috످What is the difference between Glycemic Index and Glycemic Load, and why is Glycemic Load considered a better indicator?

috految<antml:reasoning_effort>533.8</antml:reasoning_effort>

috److془This is a well-known topic. Provide a clear answer.

GI: low ≤55, medium 56-69, high ≥70. GL: low ≤10, medium 11-19, high ≥20.

Watermelon: GI 76, 1 cup 11 g, GL 8. Doughnut: GI 76, 23 g, GL 17. Spaghetti GI 50, 1 cup 40 g, GL 20. White rice 73, 1 cup 45 g, GL 33. Half cup 16.

Apple: 36, 21 g, GL 8. Lentils 32, 24 g, 8.

Portion: 1/2 cup spaghetti GL 10; 1 cup GL 20; 2 cups GL 40.

Bao et al 2011: GL was the strongest predictor. Fine.

Limitations.془Glycemic Index (GI) measures how much a food's carbohydrates raise your blood sugar, regardless of portion size. Glycemic Load (GL) is considered a better indicator because it also accounts for how many carbs you actually eat.

Think of it like alcohol: GI is how strong the drink is, while GL is how much alcohol you consume. Whiskey is stronger than beer, but a sip of whiskey will affect you less than three beers.

Glycemic Index measures carb quality, while Glycemic Load measures carb quality and quantity. GI is based on a fixed amount of carbs (50 g), and GL is based on your actual serving. GI is best for comparing similar foods, while GL is best for planning meals and portions.

A low score is 55 or less for GI and 10 or less for GL. Medium is 56–69 for GI and 11–19 for GL. High is 70 or more for GI and 20 or more for GL.

GI is calculated by comparing a food's effect on blood sugar over two hours to that of pure glucose, which has a score of 100. Quickly digested foods like white bread score high (about 75), while slowly digested foods like lentils score low (about 32).

GL adjusts that score for the net carbs (total carbs minus fiber) in a serving:

GL = (GI × grams of net carbs per serving) ÷ 100

For example, an apple with a GI of 36 and 20 g of net carbs has a GL of (36 × 20) ÷ 100 = 7.2 (low).

GL is a better indicator for three reasons. First, it reflects how many carbs a food contains. Watermelon and doughnuts have about the same GI. But because watermelon is mostly water, a typical serving has a much smaller effect on blood sugar. Watermelon (1 cup) has a GI of 76 (high), 11 g of net carbs, and a GL of 8 (low). One large doughnut has a GI of 76 (high), 30 g of net carbs, and a GL of 23 (high).

Second, GL accounts for portion size. Even a low-GI food can spike your blood sugar if you eat enough of it. A ½ cup of cooked spaghetti has a GI of 50 (low), 20 g of net carbs, and a GL of 10 (low), while 2 cups have a GI of 50 (low), 80 g of net carbs, and a GL of 40 (high).

Third, GL better predicts blood sugar response. Studies show that GL generally predicts blood sugar and insulin levels after a meal better than GI alone, which makes it useful for managing diabetes. However, it isn't necessarily better at predicting long-term disease risk.

Both GI and GL have limitations. A low score doesn't always mean healthy. Potato chips have a lower GI and GL than a baked potato, but are less nutritious.

Preparation matters. Cooking, processing, and ripening can all raise a food's GI. Food combinations matter too. Eating carbs with protein, fat, or fiber slows the rise in blood sugar. Individual responses also vary. Genetics, sleep, exercise, and gut bacteria all play a role.

In practice, use GI to choose which carbs to eat and GL to decide how much.

috످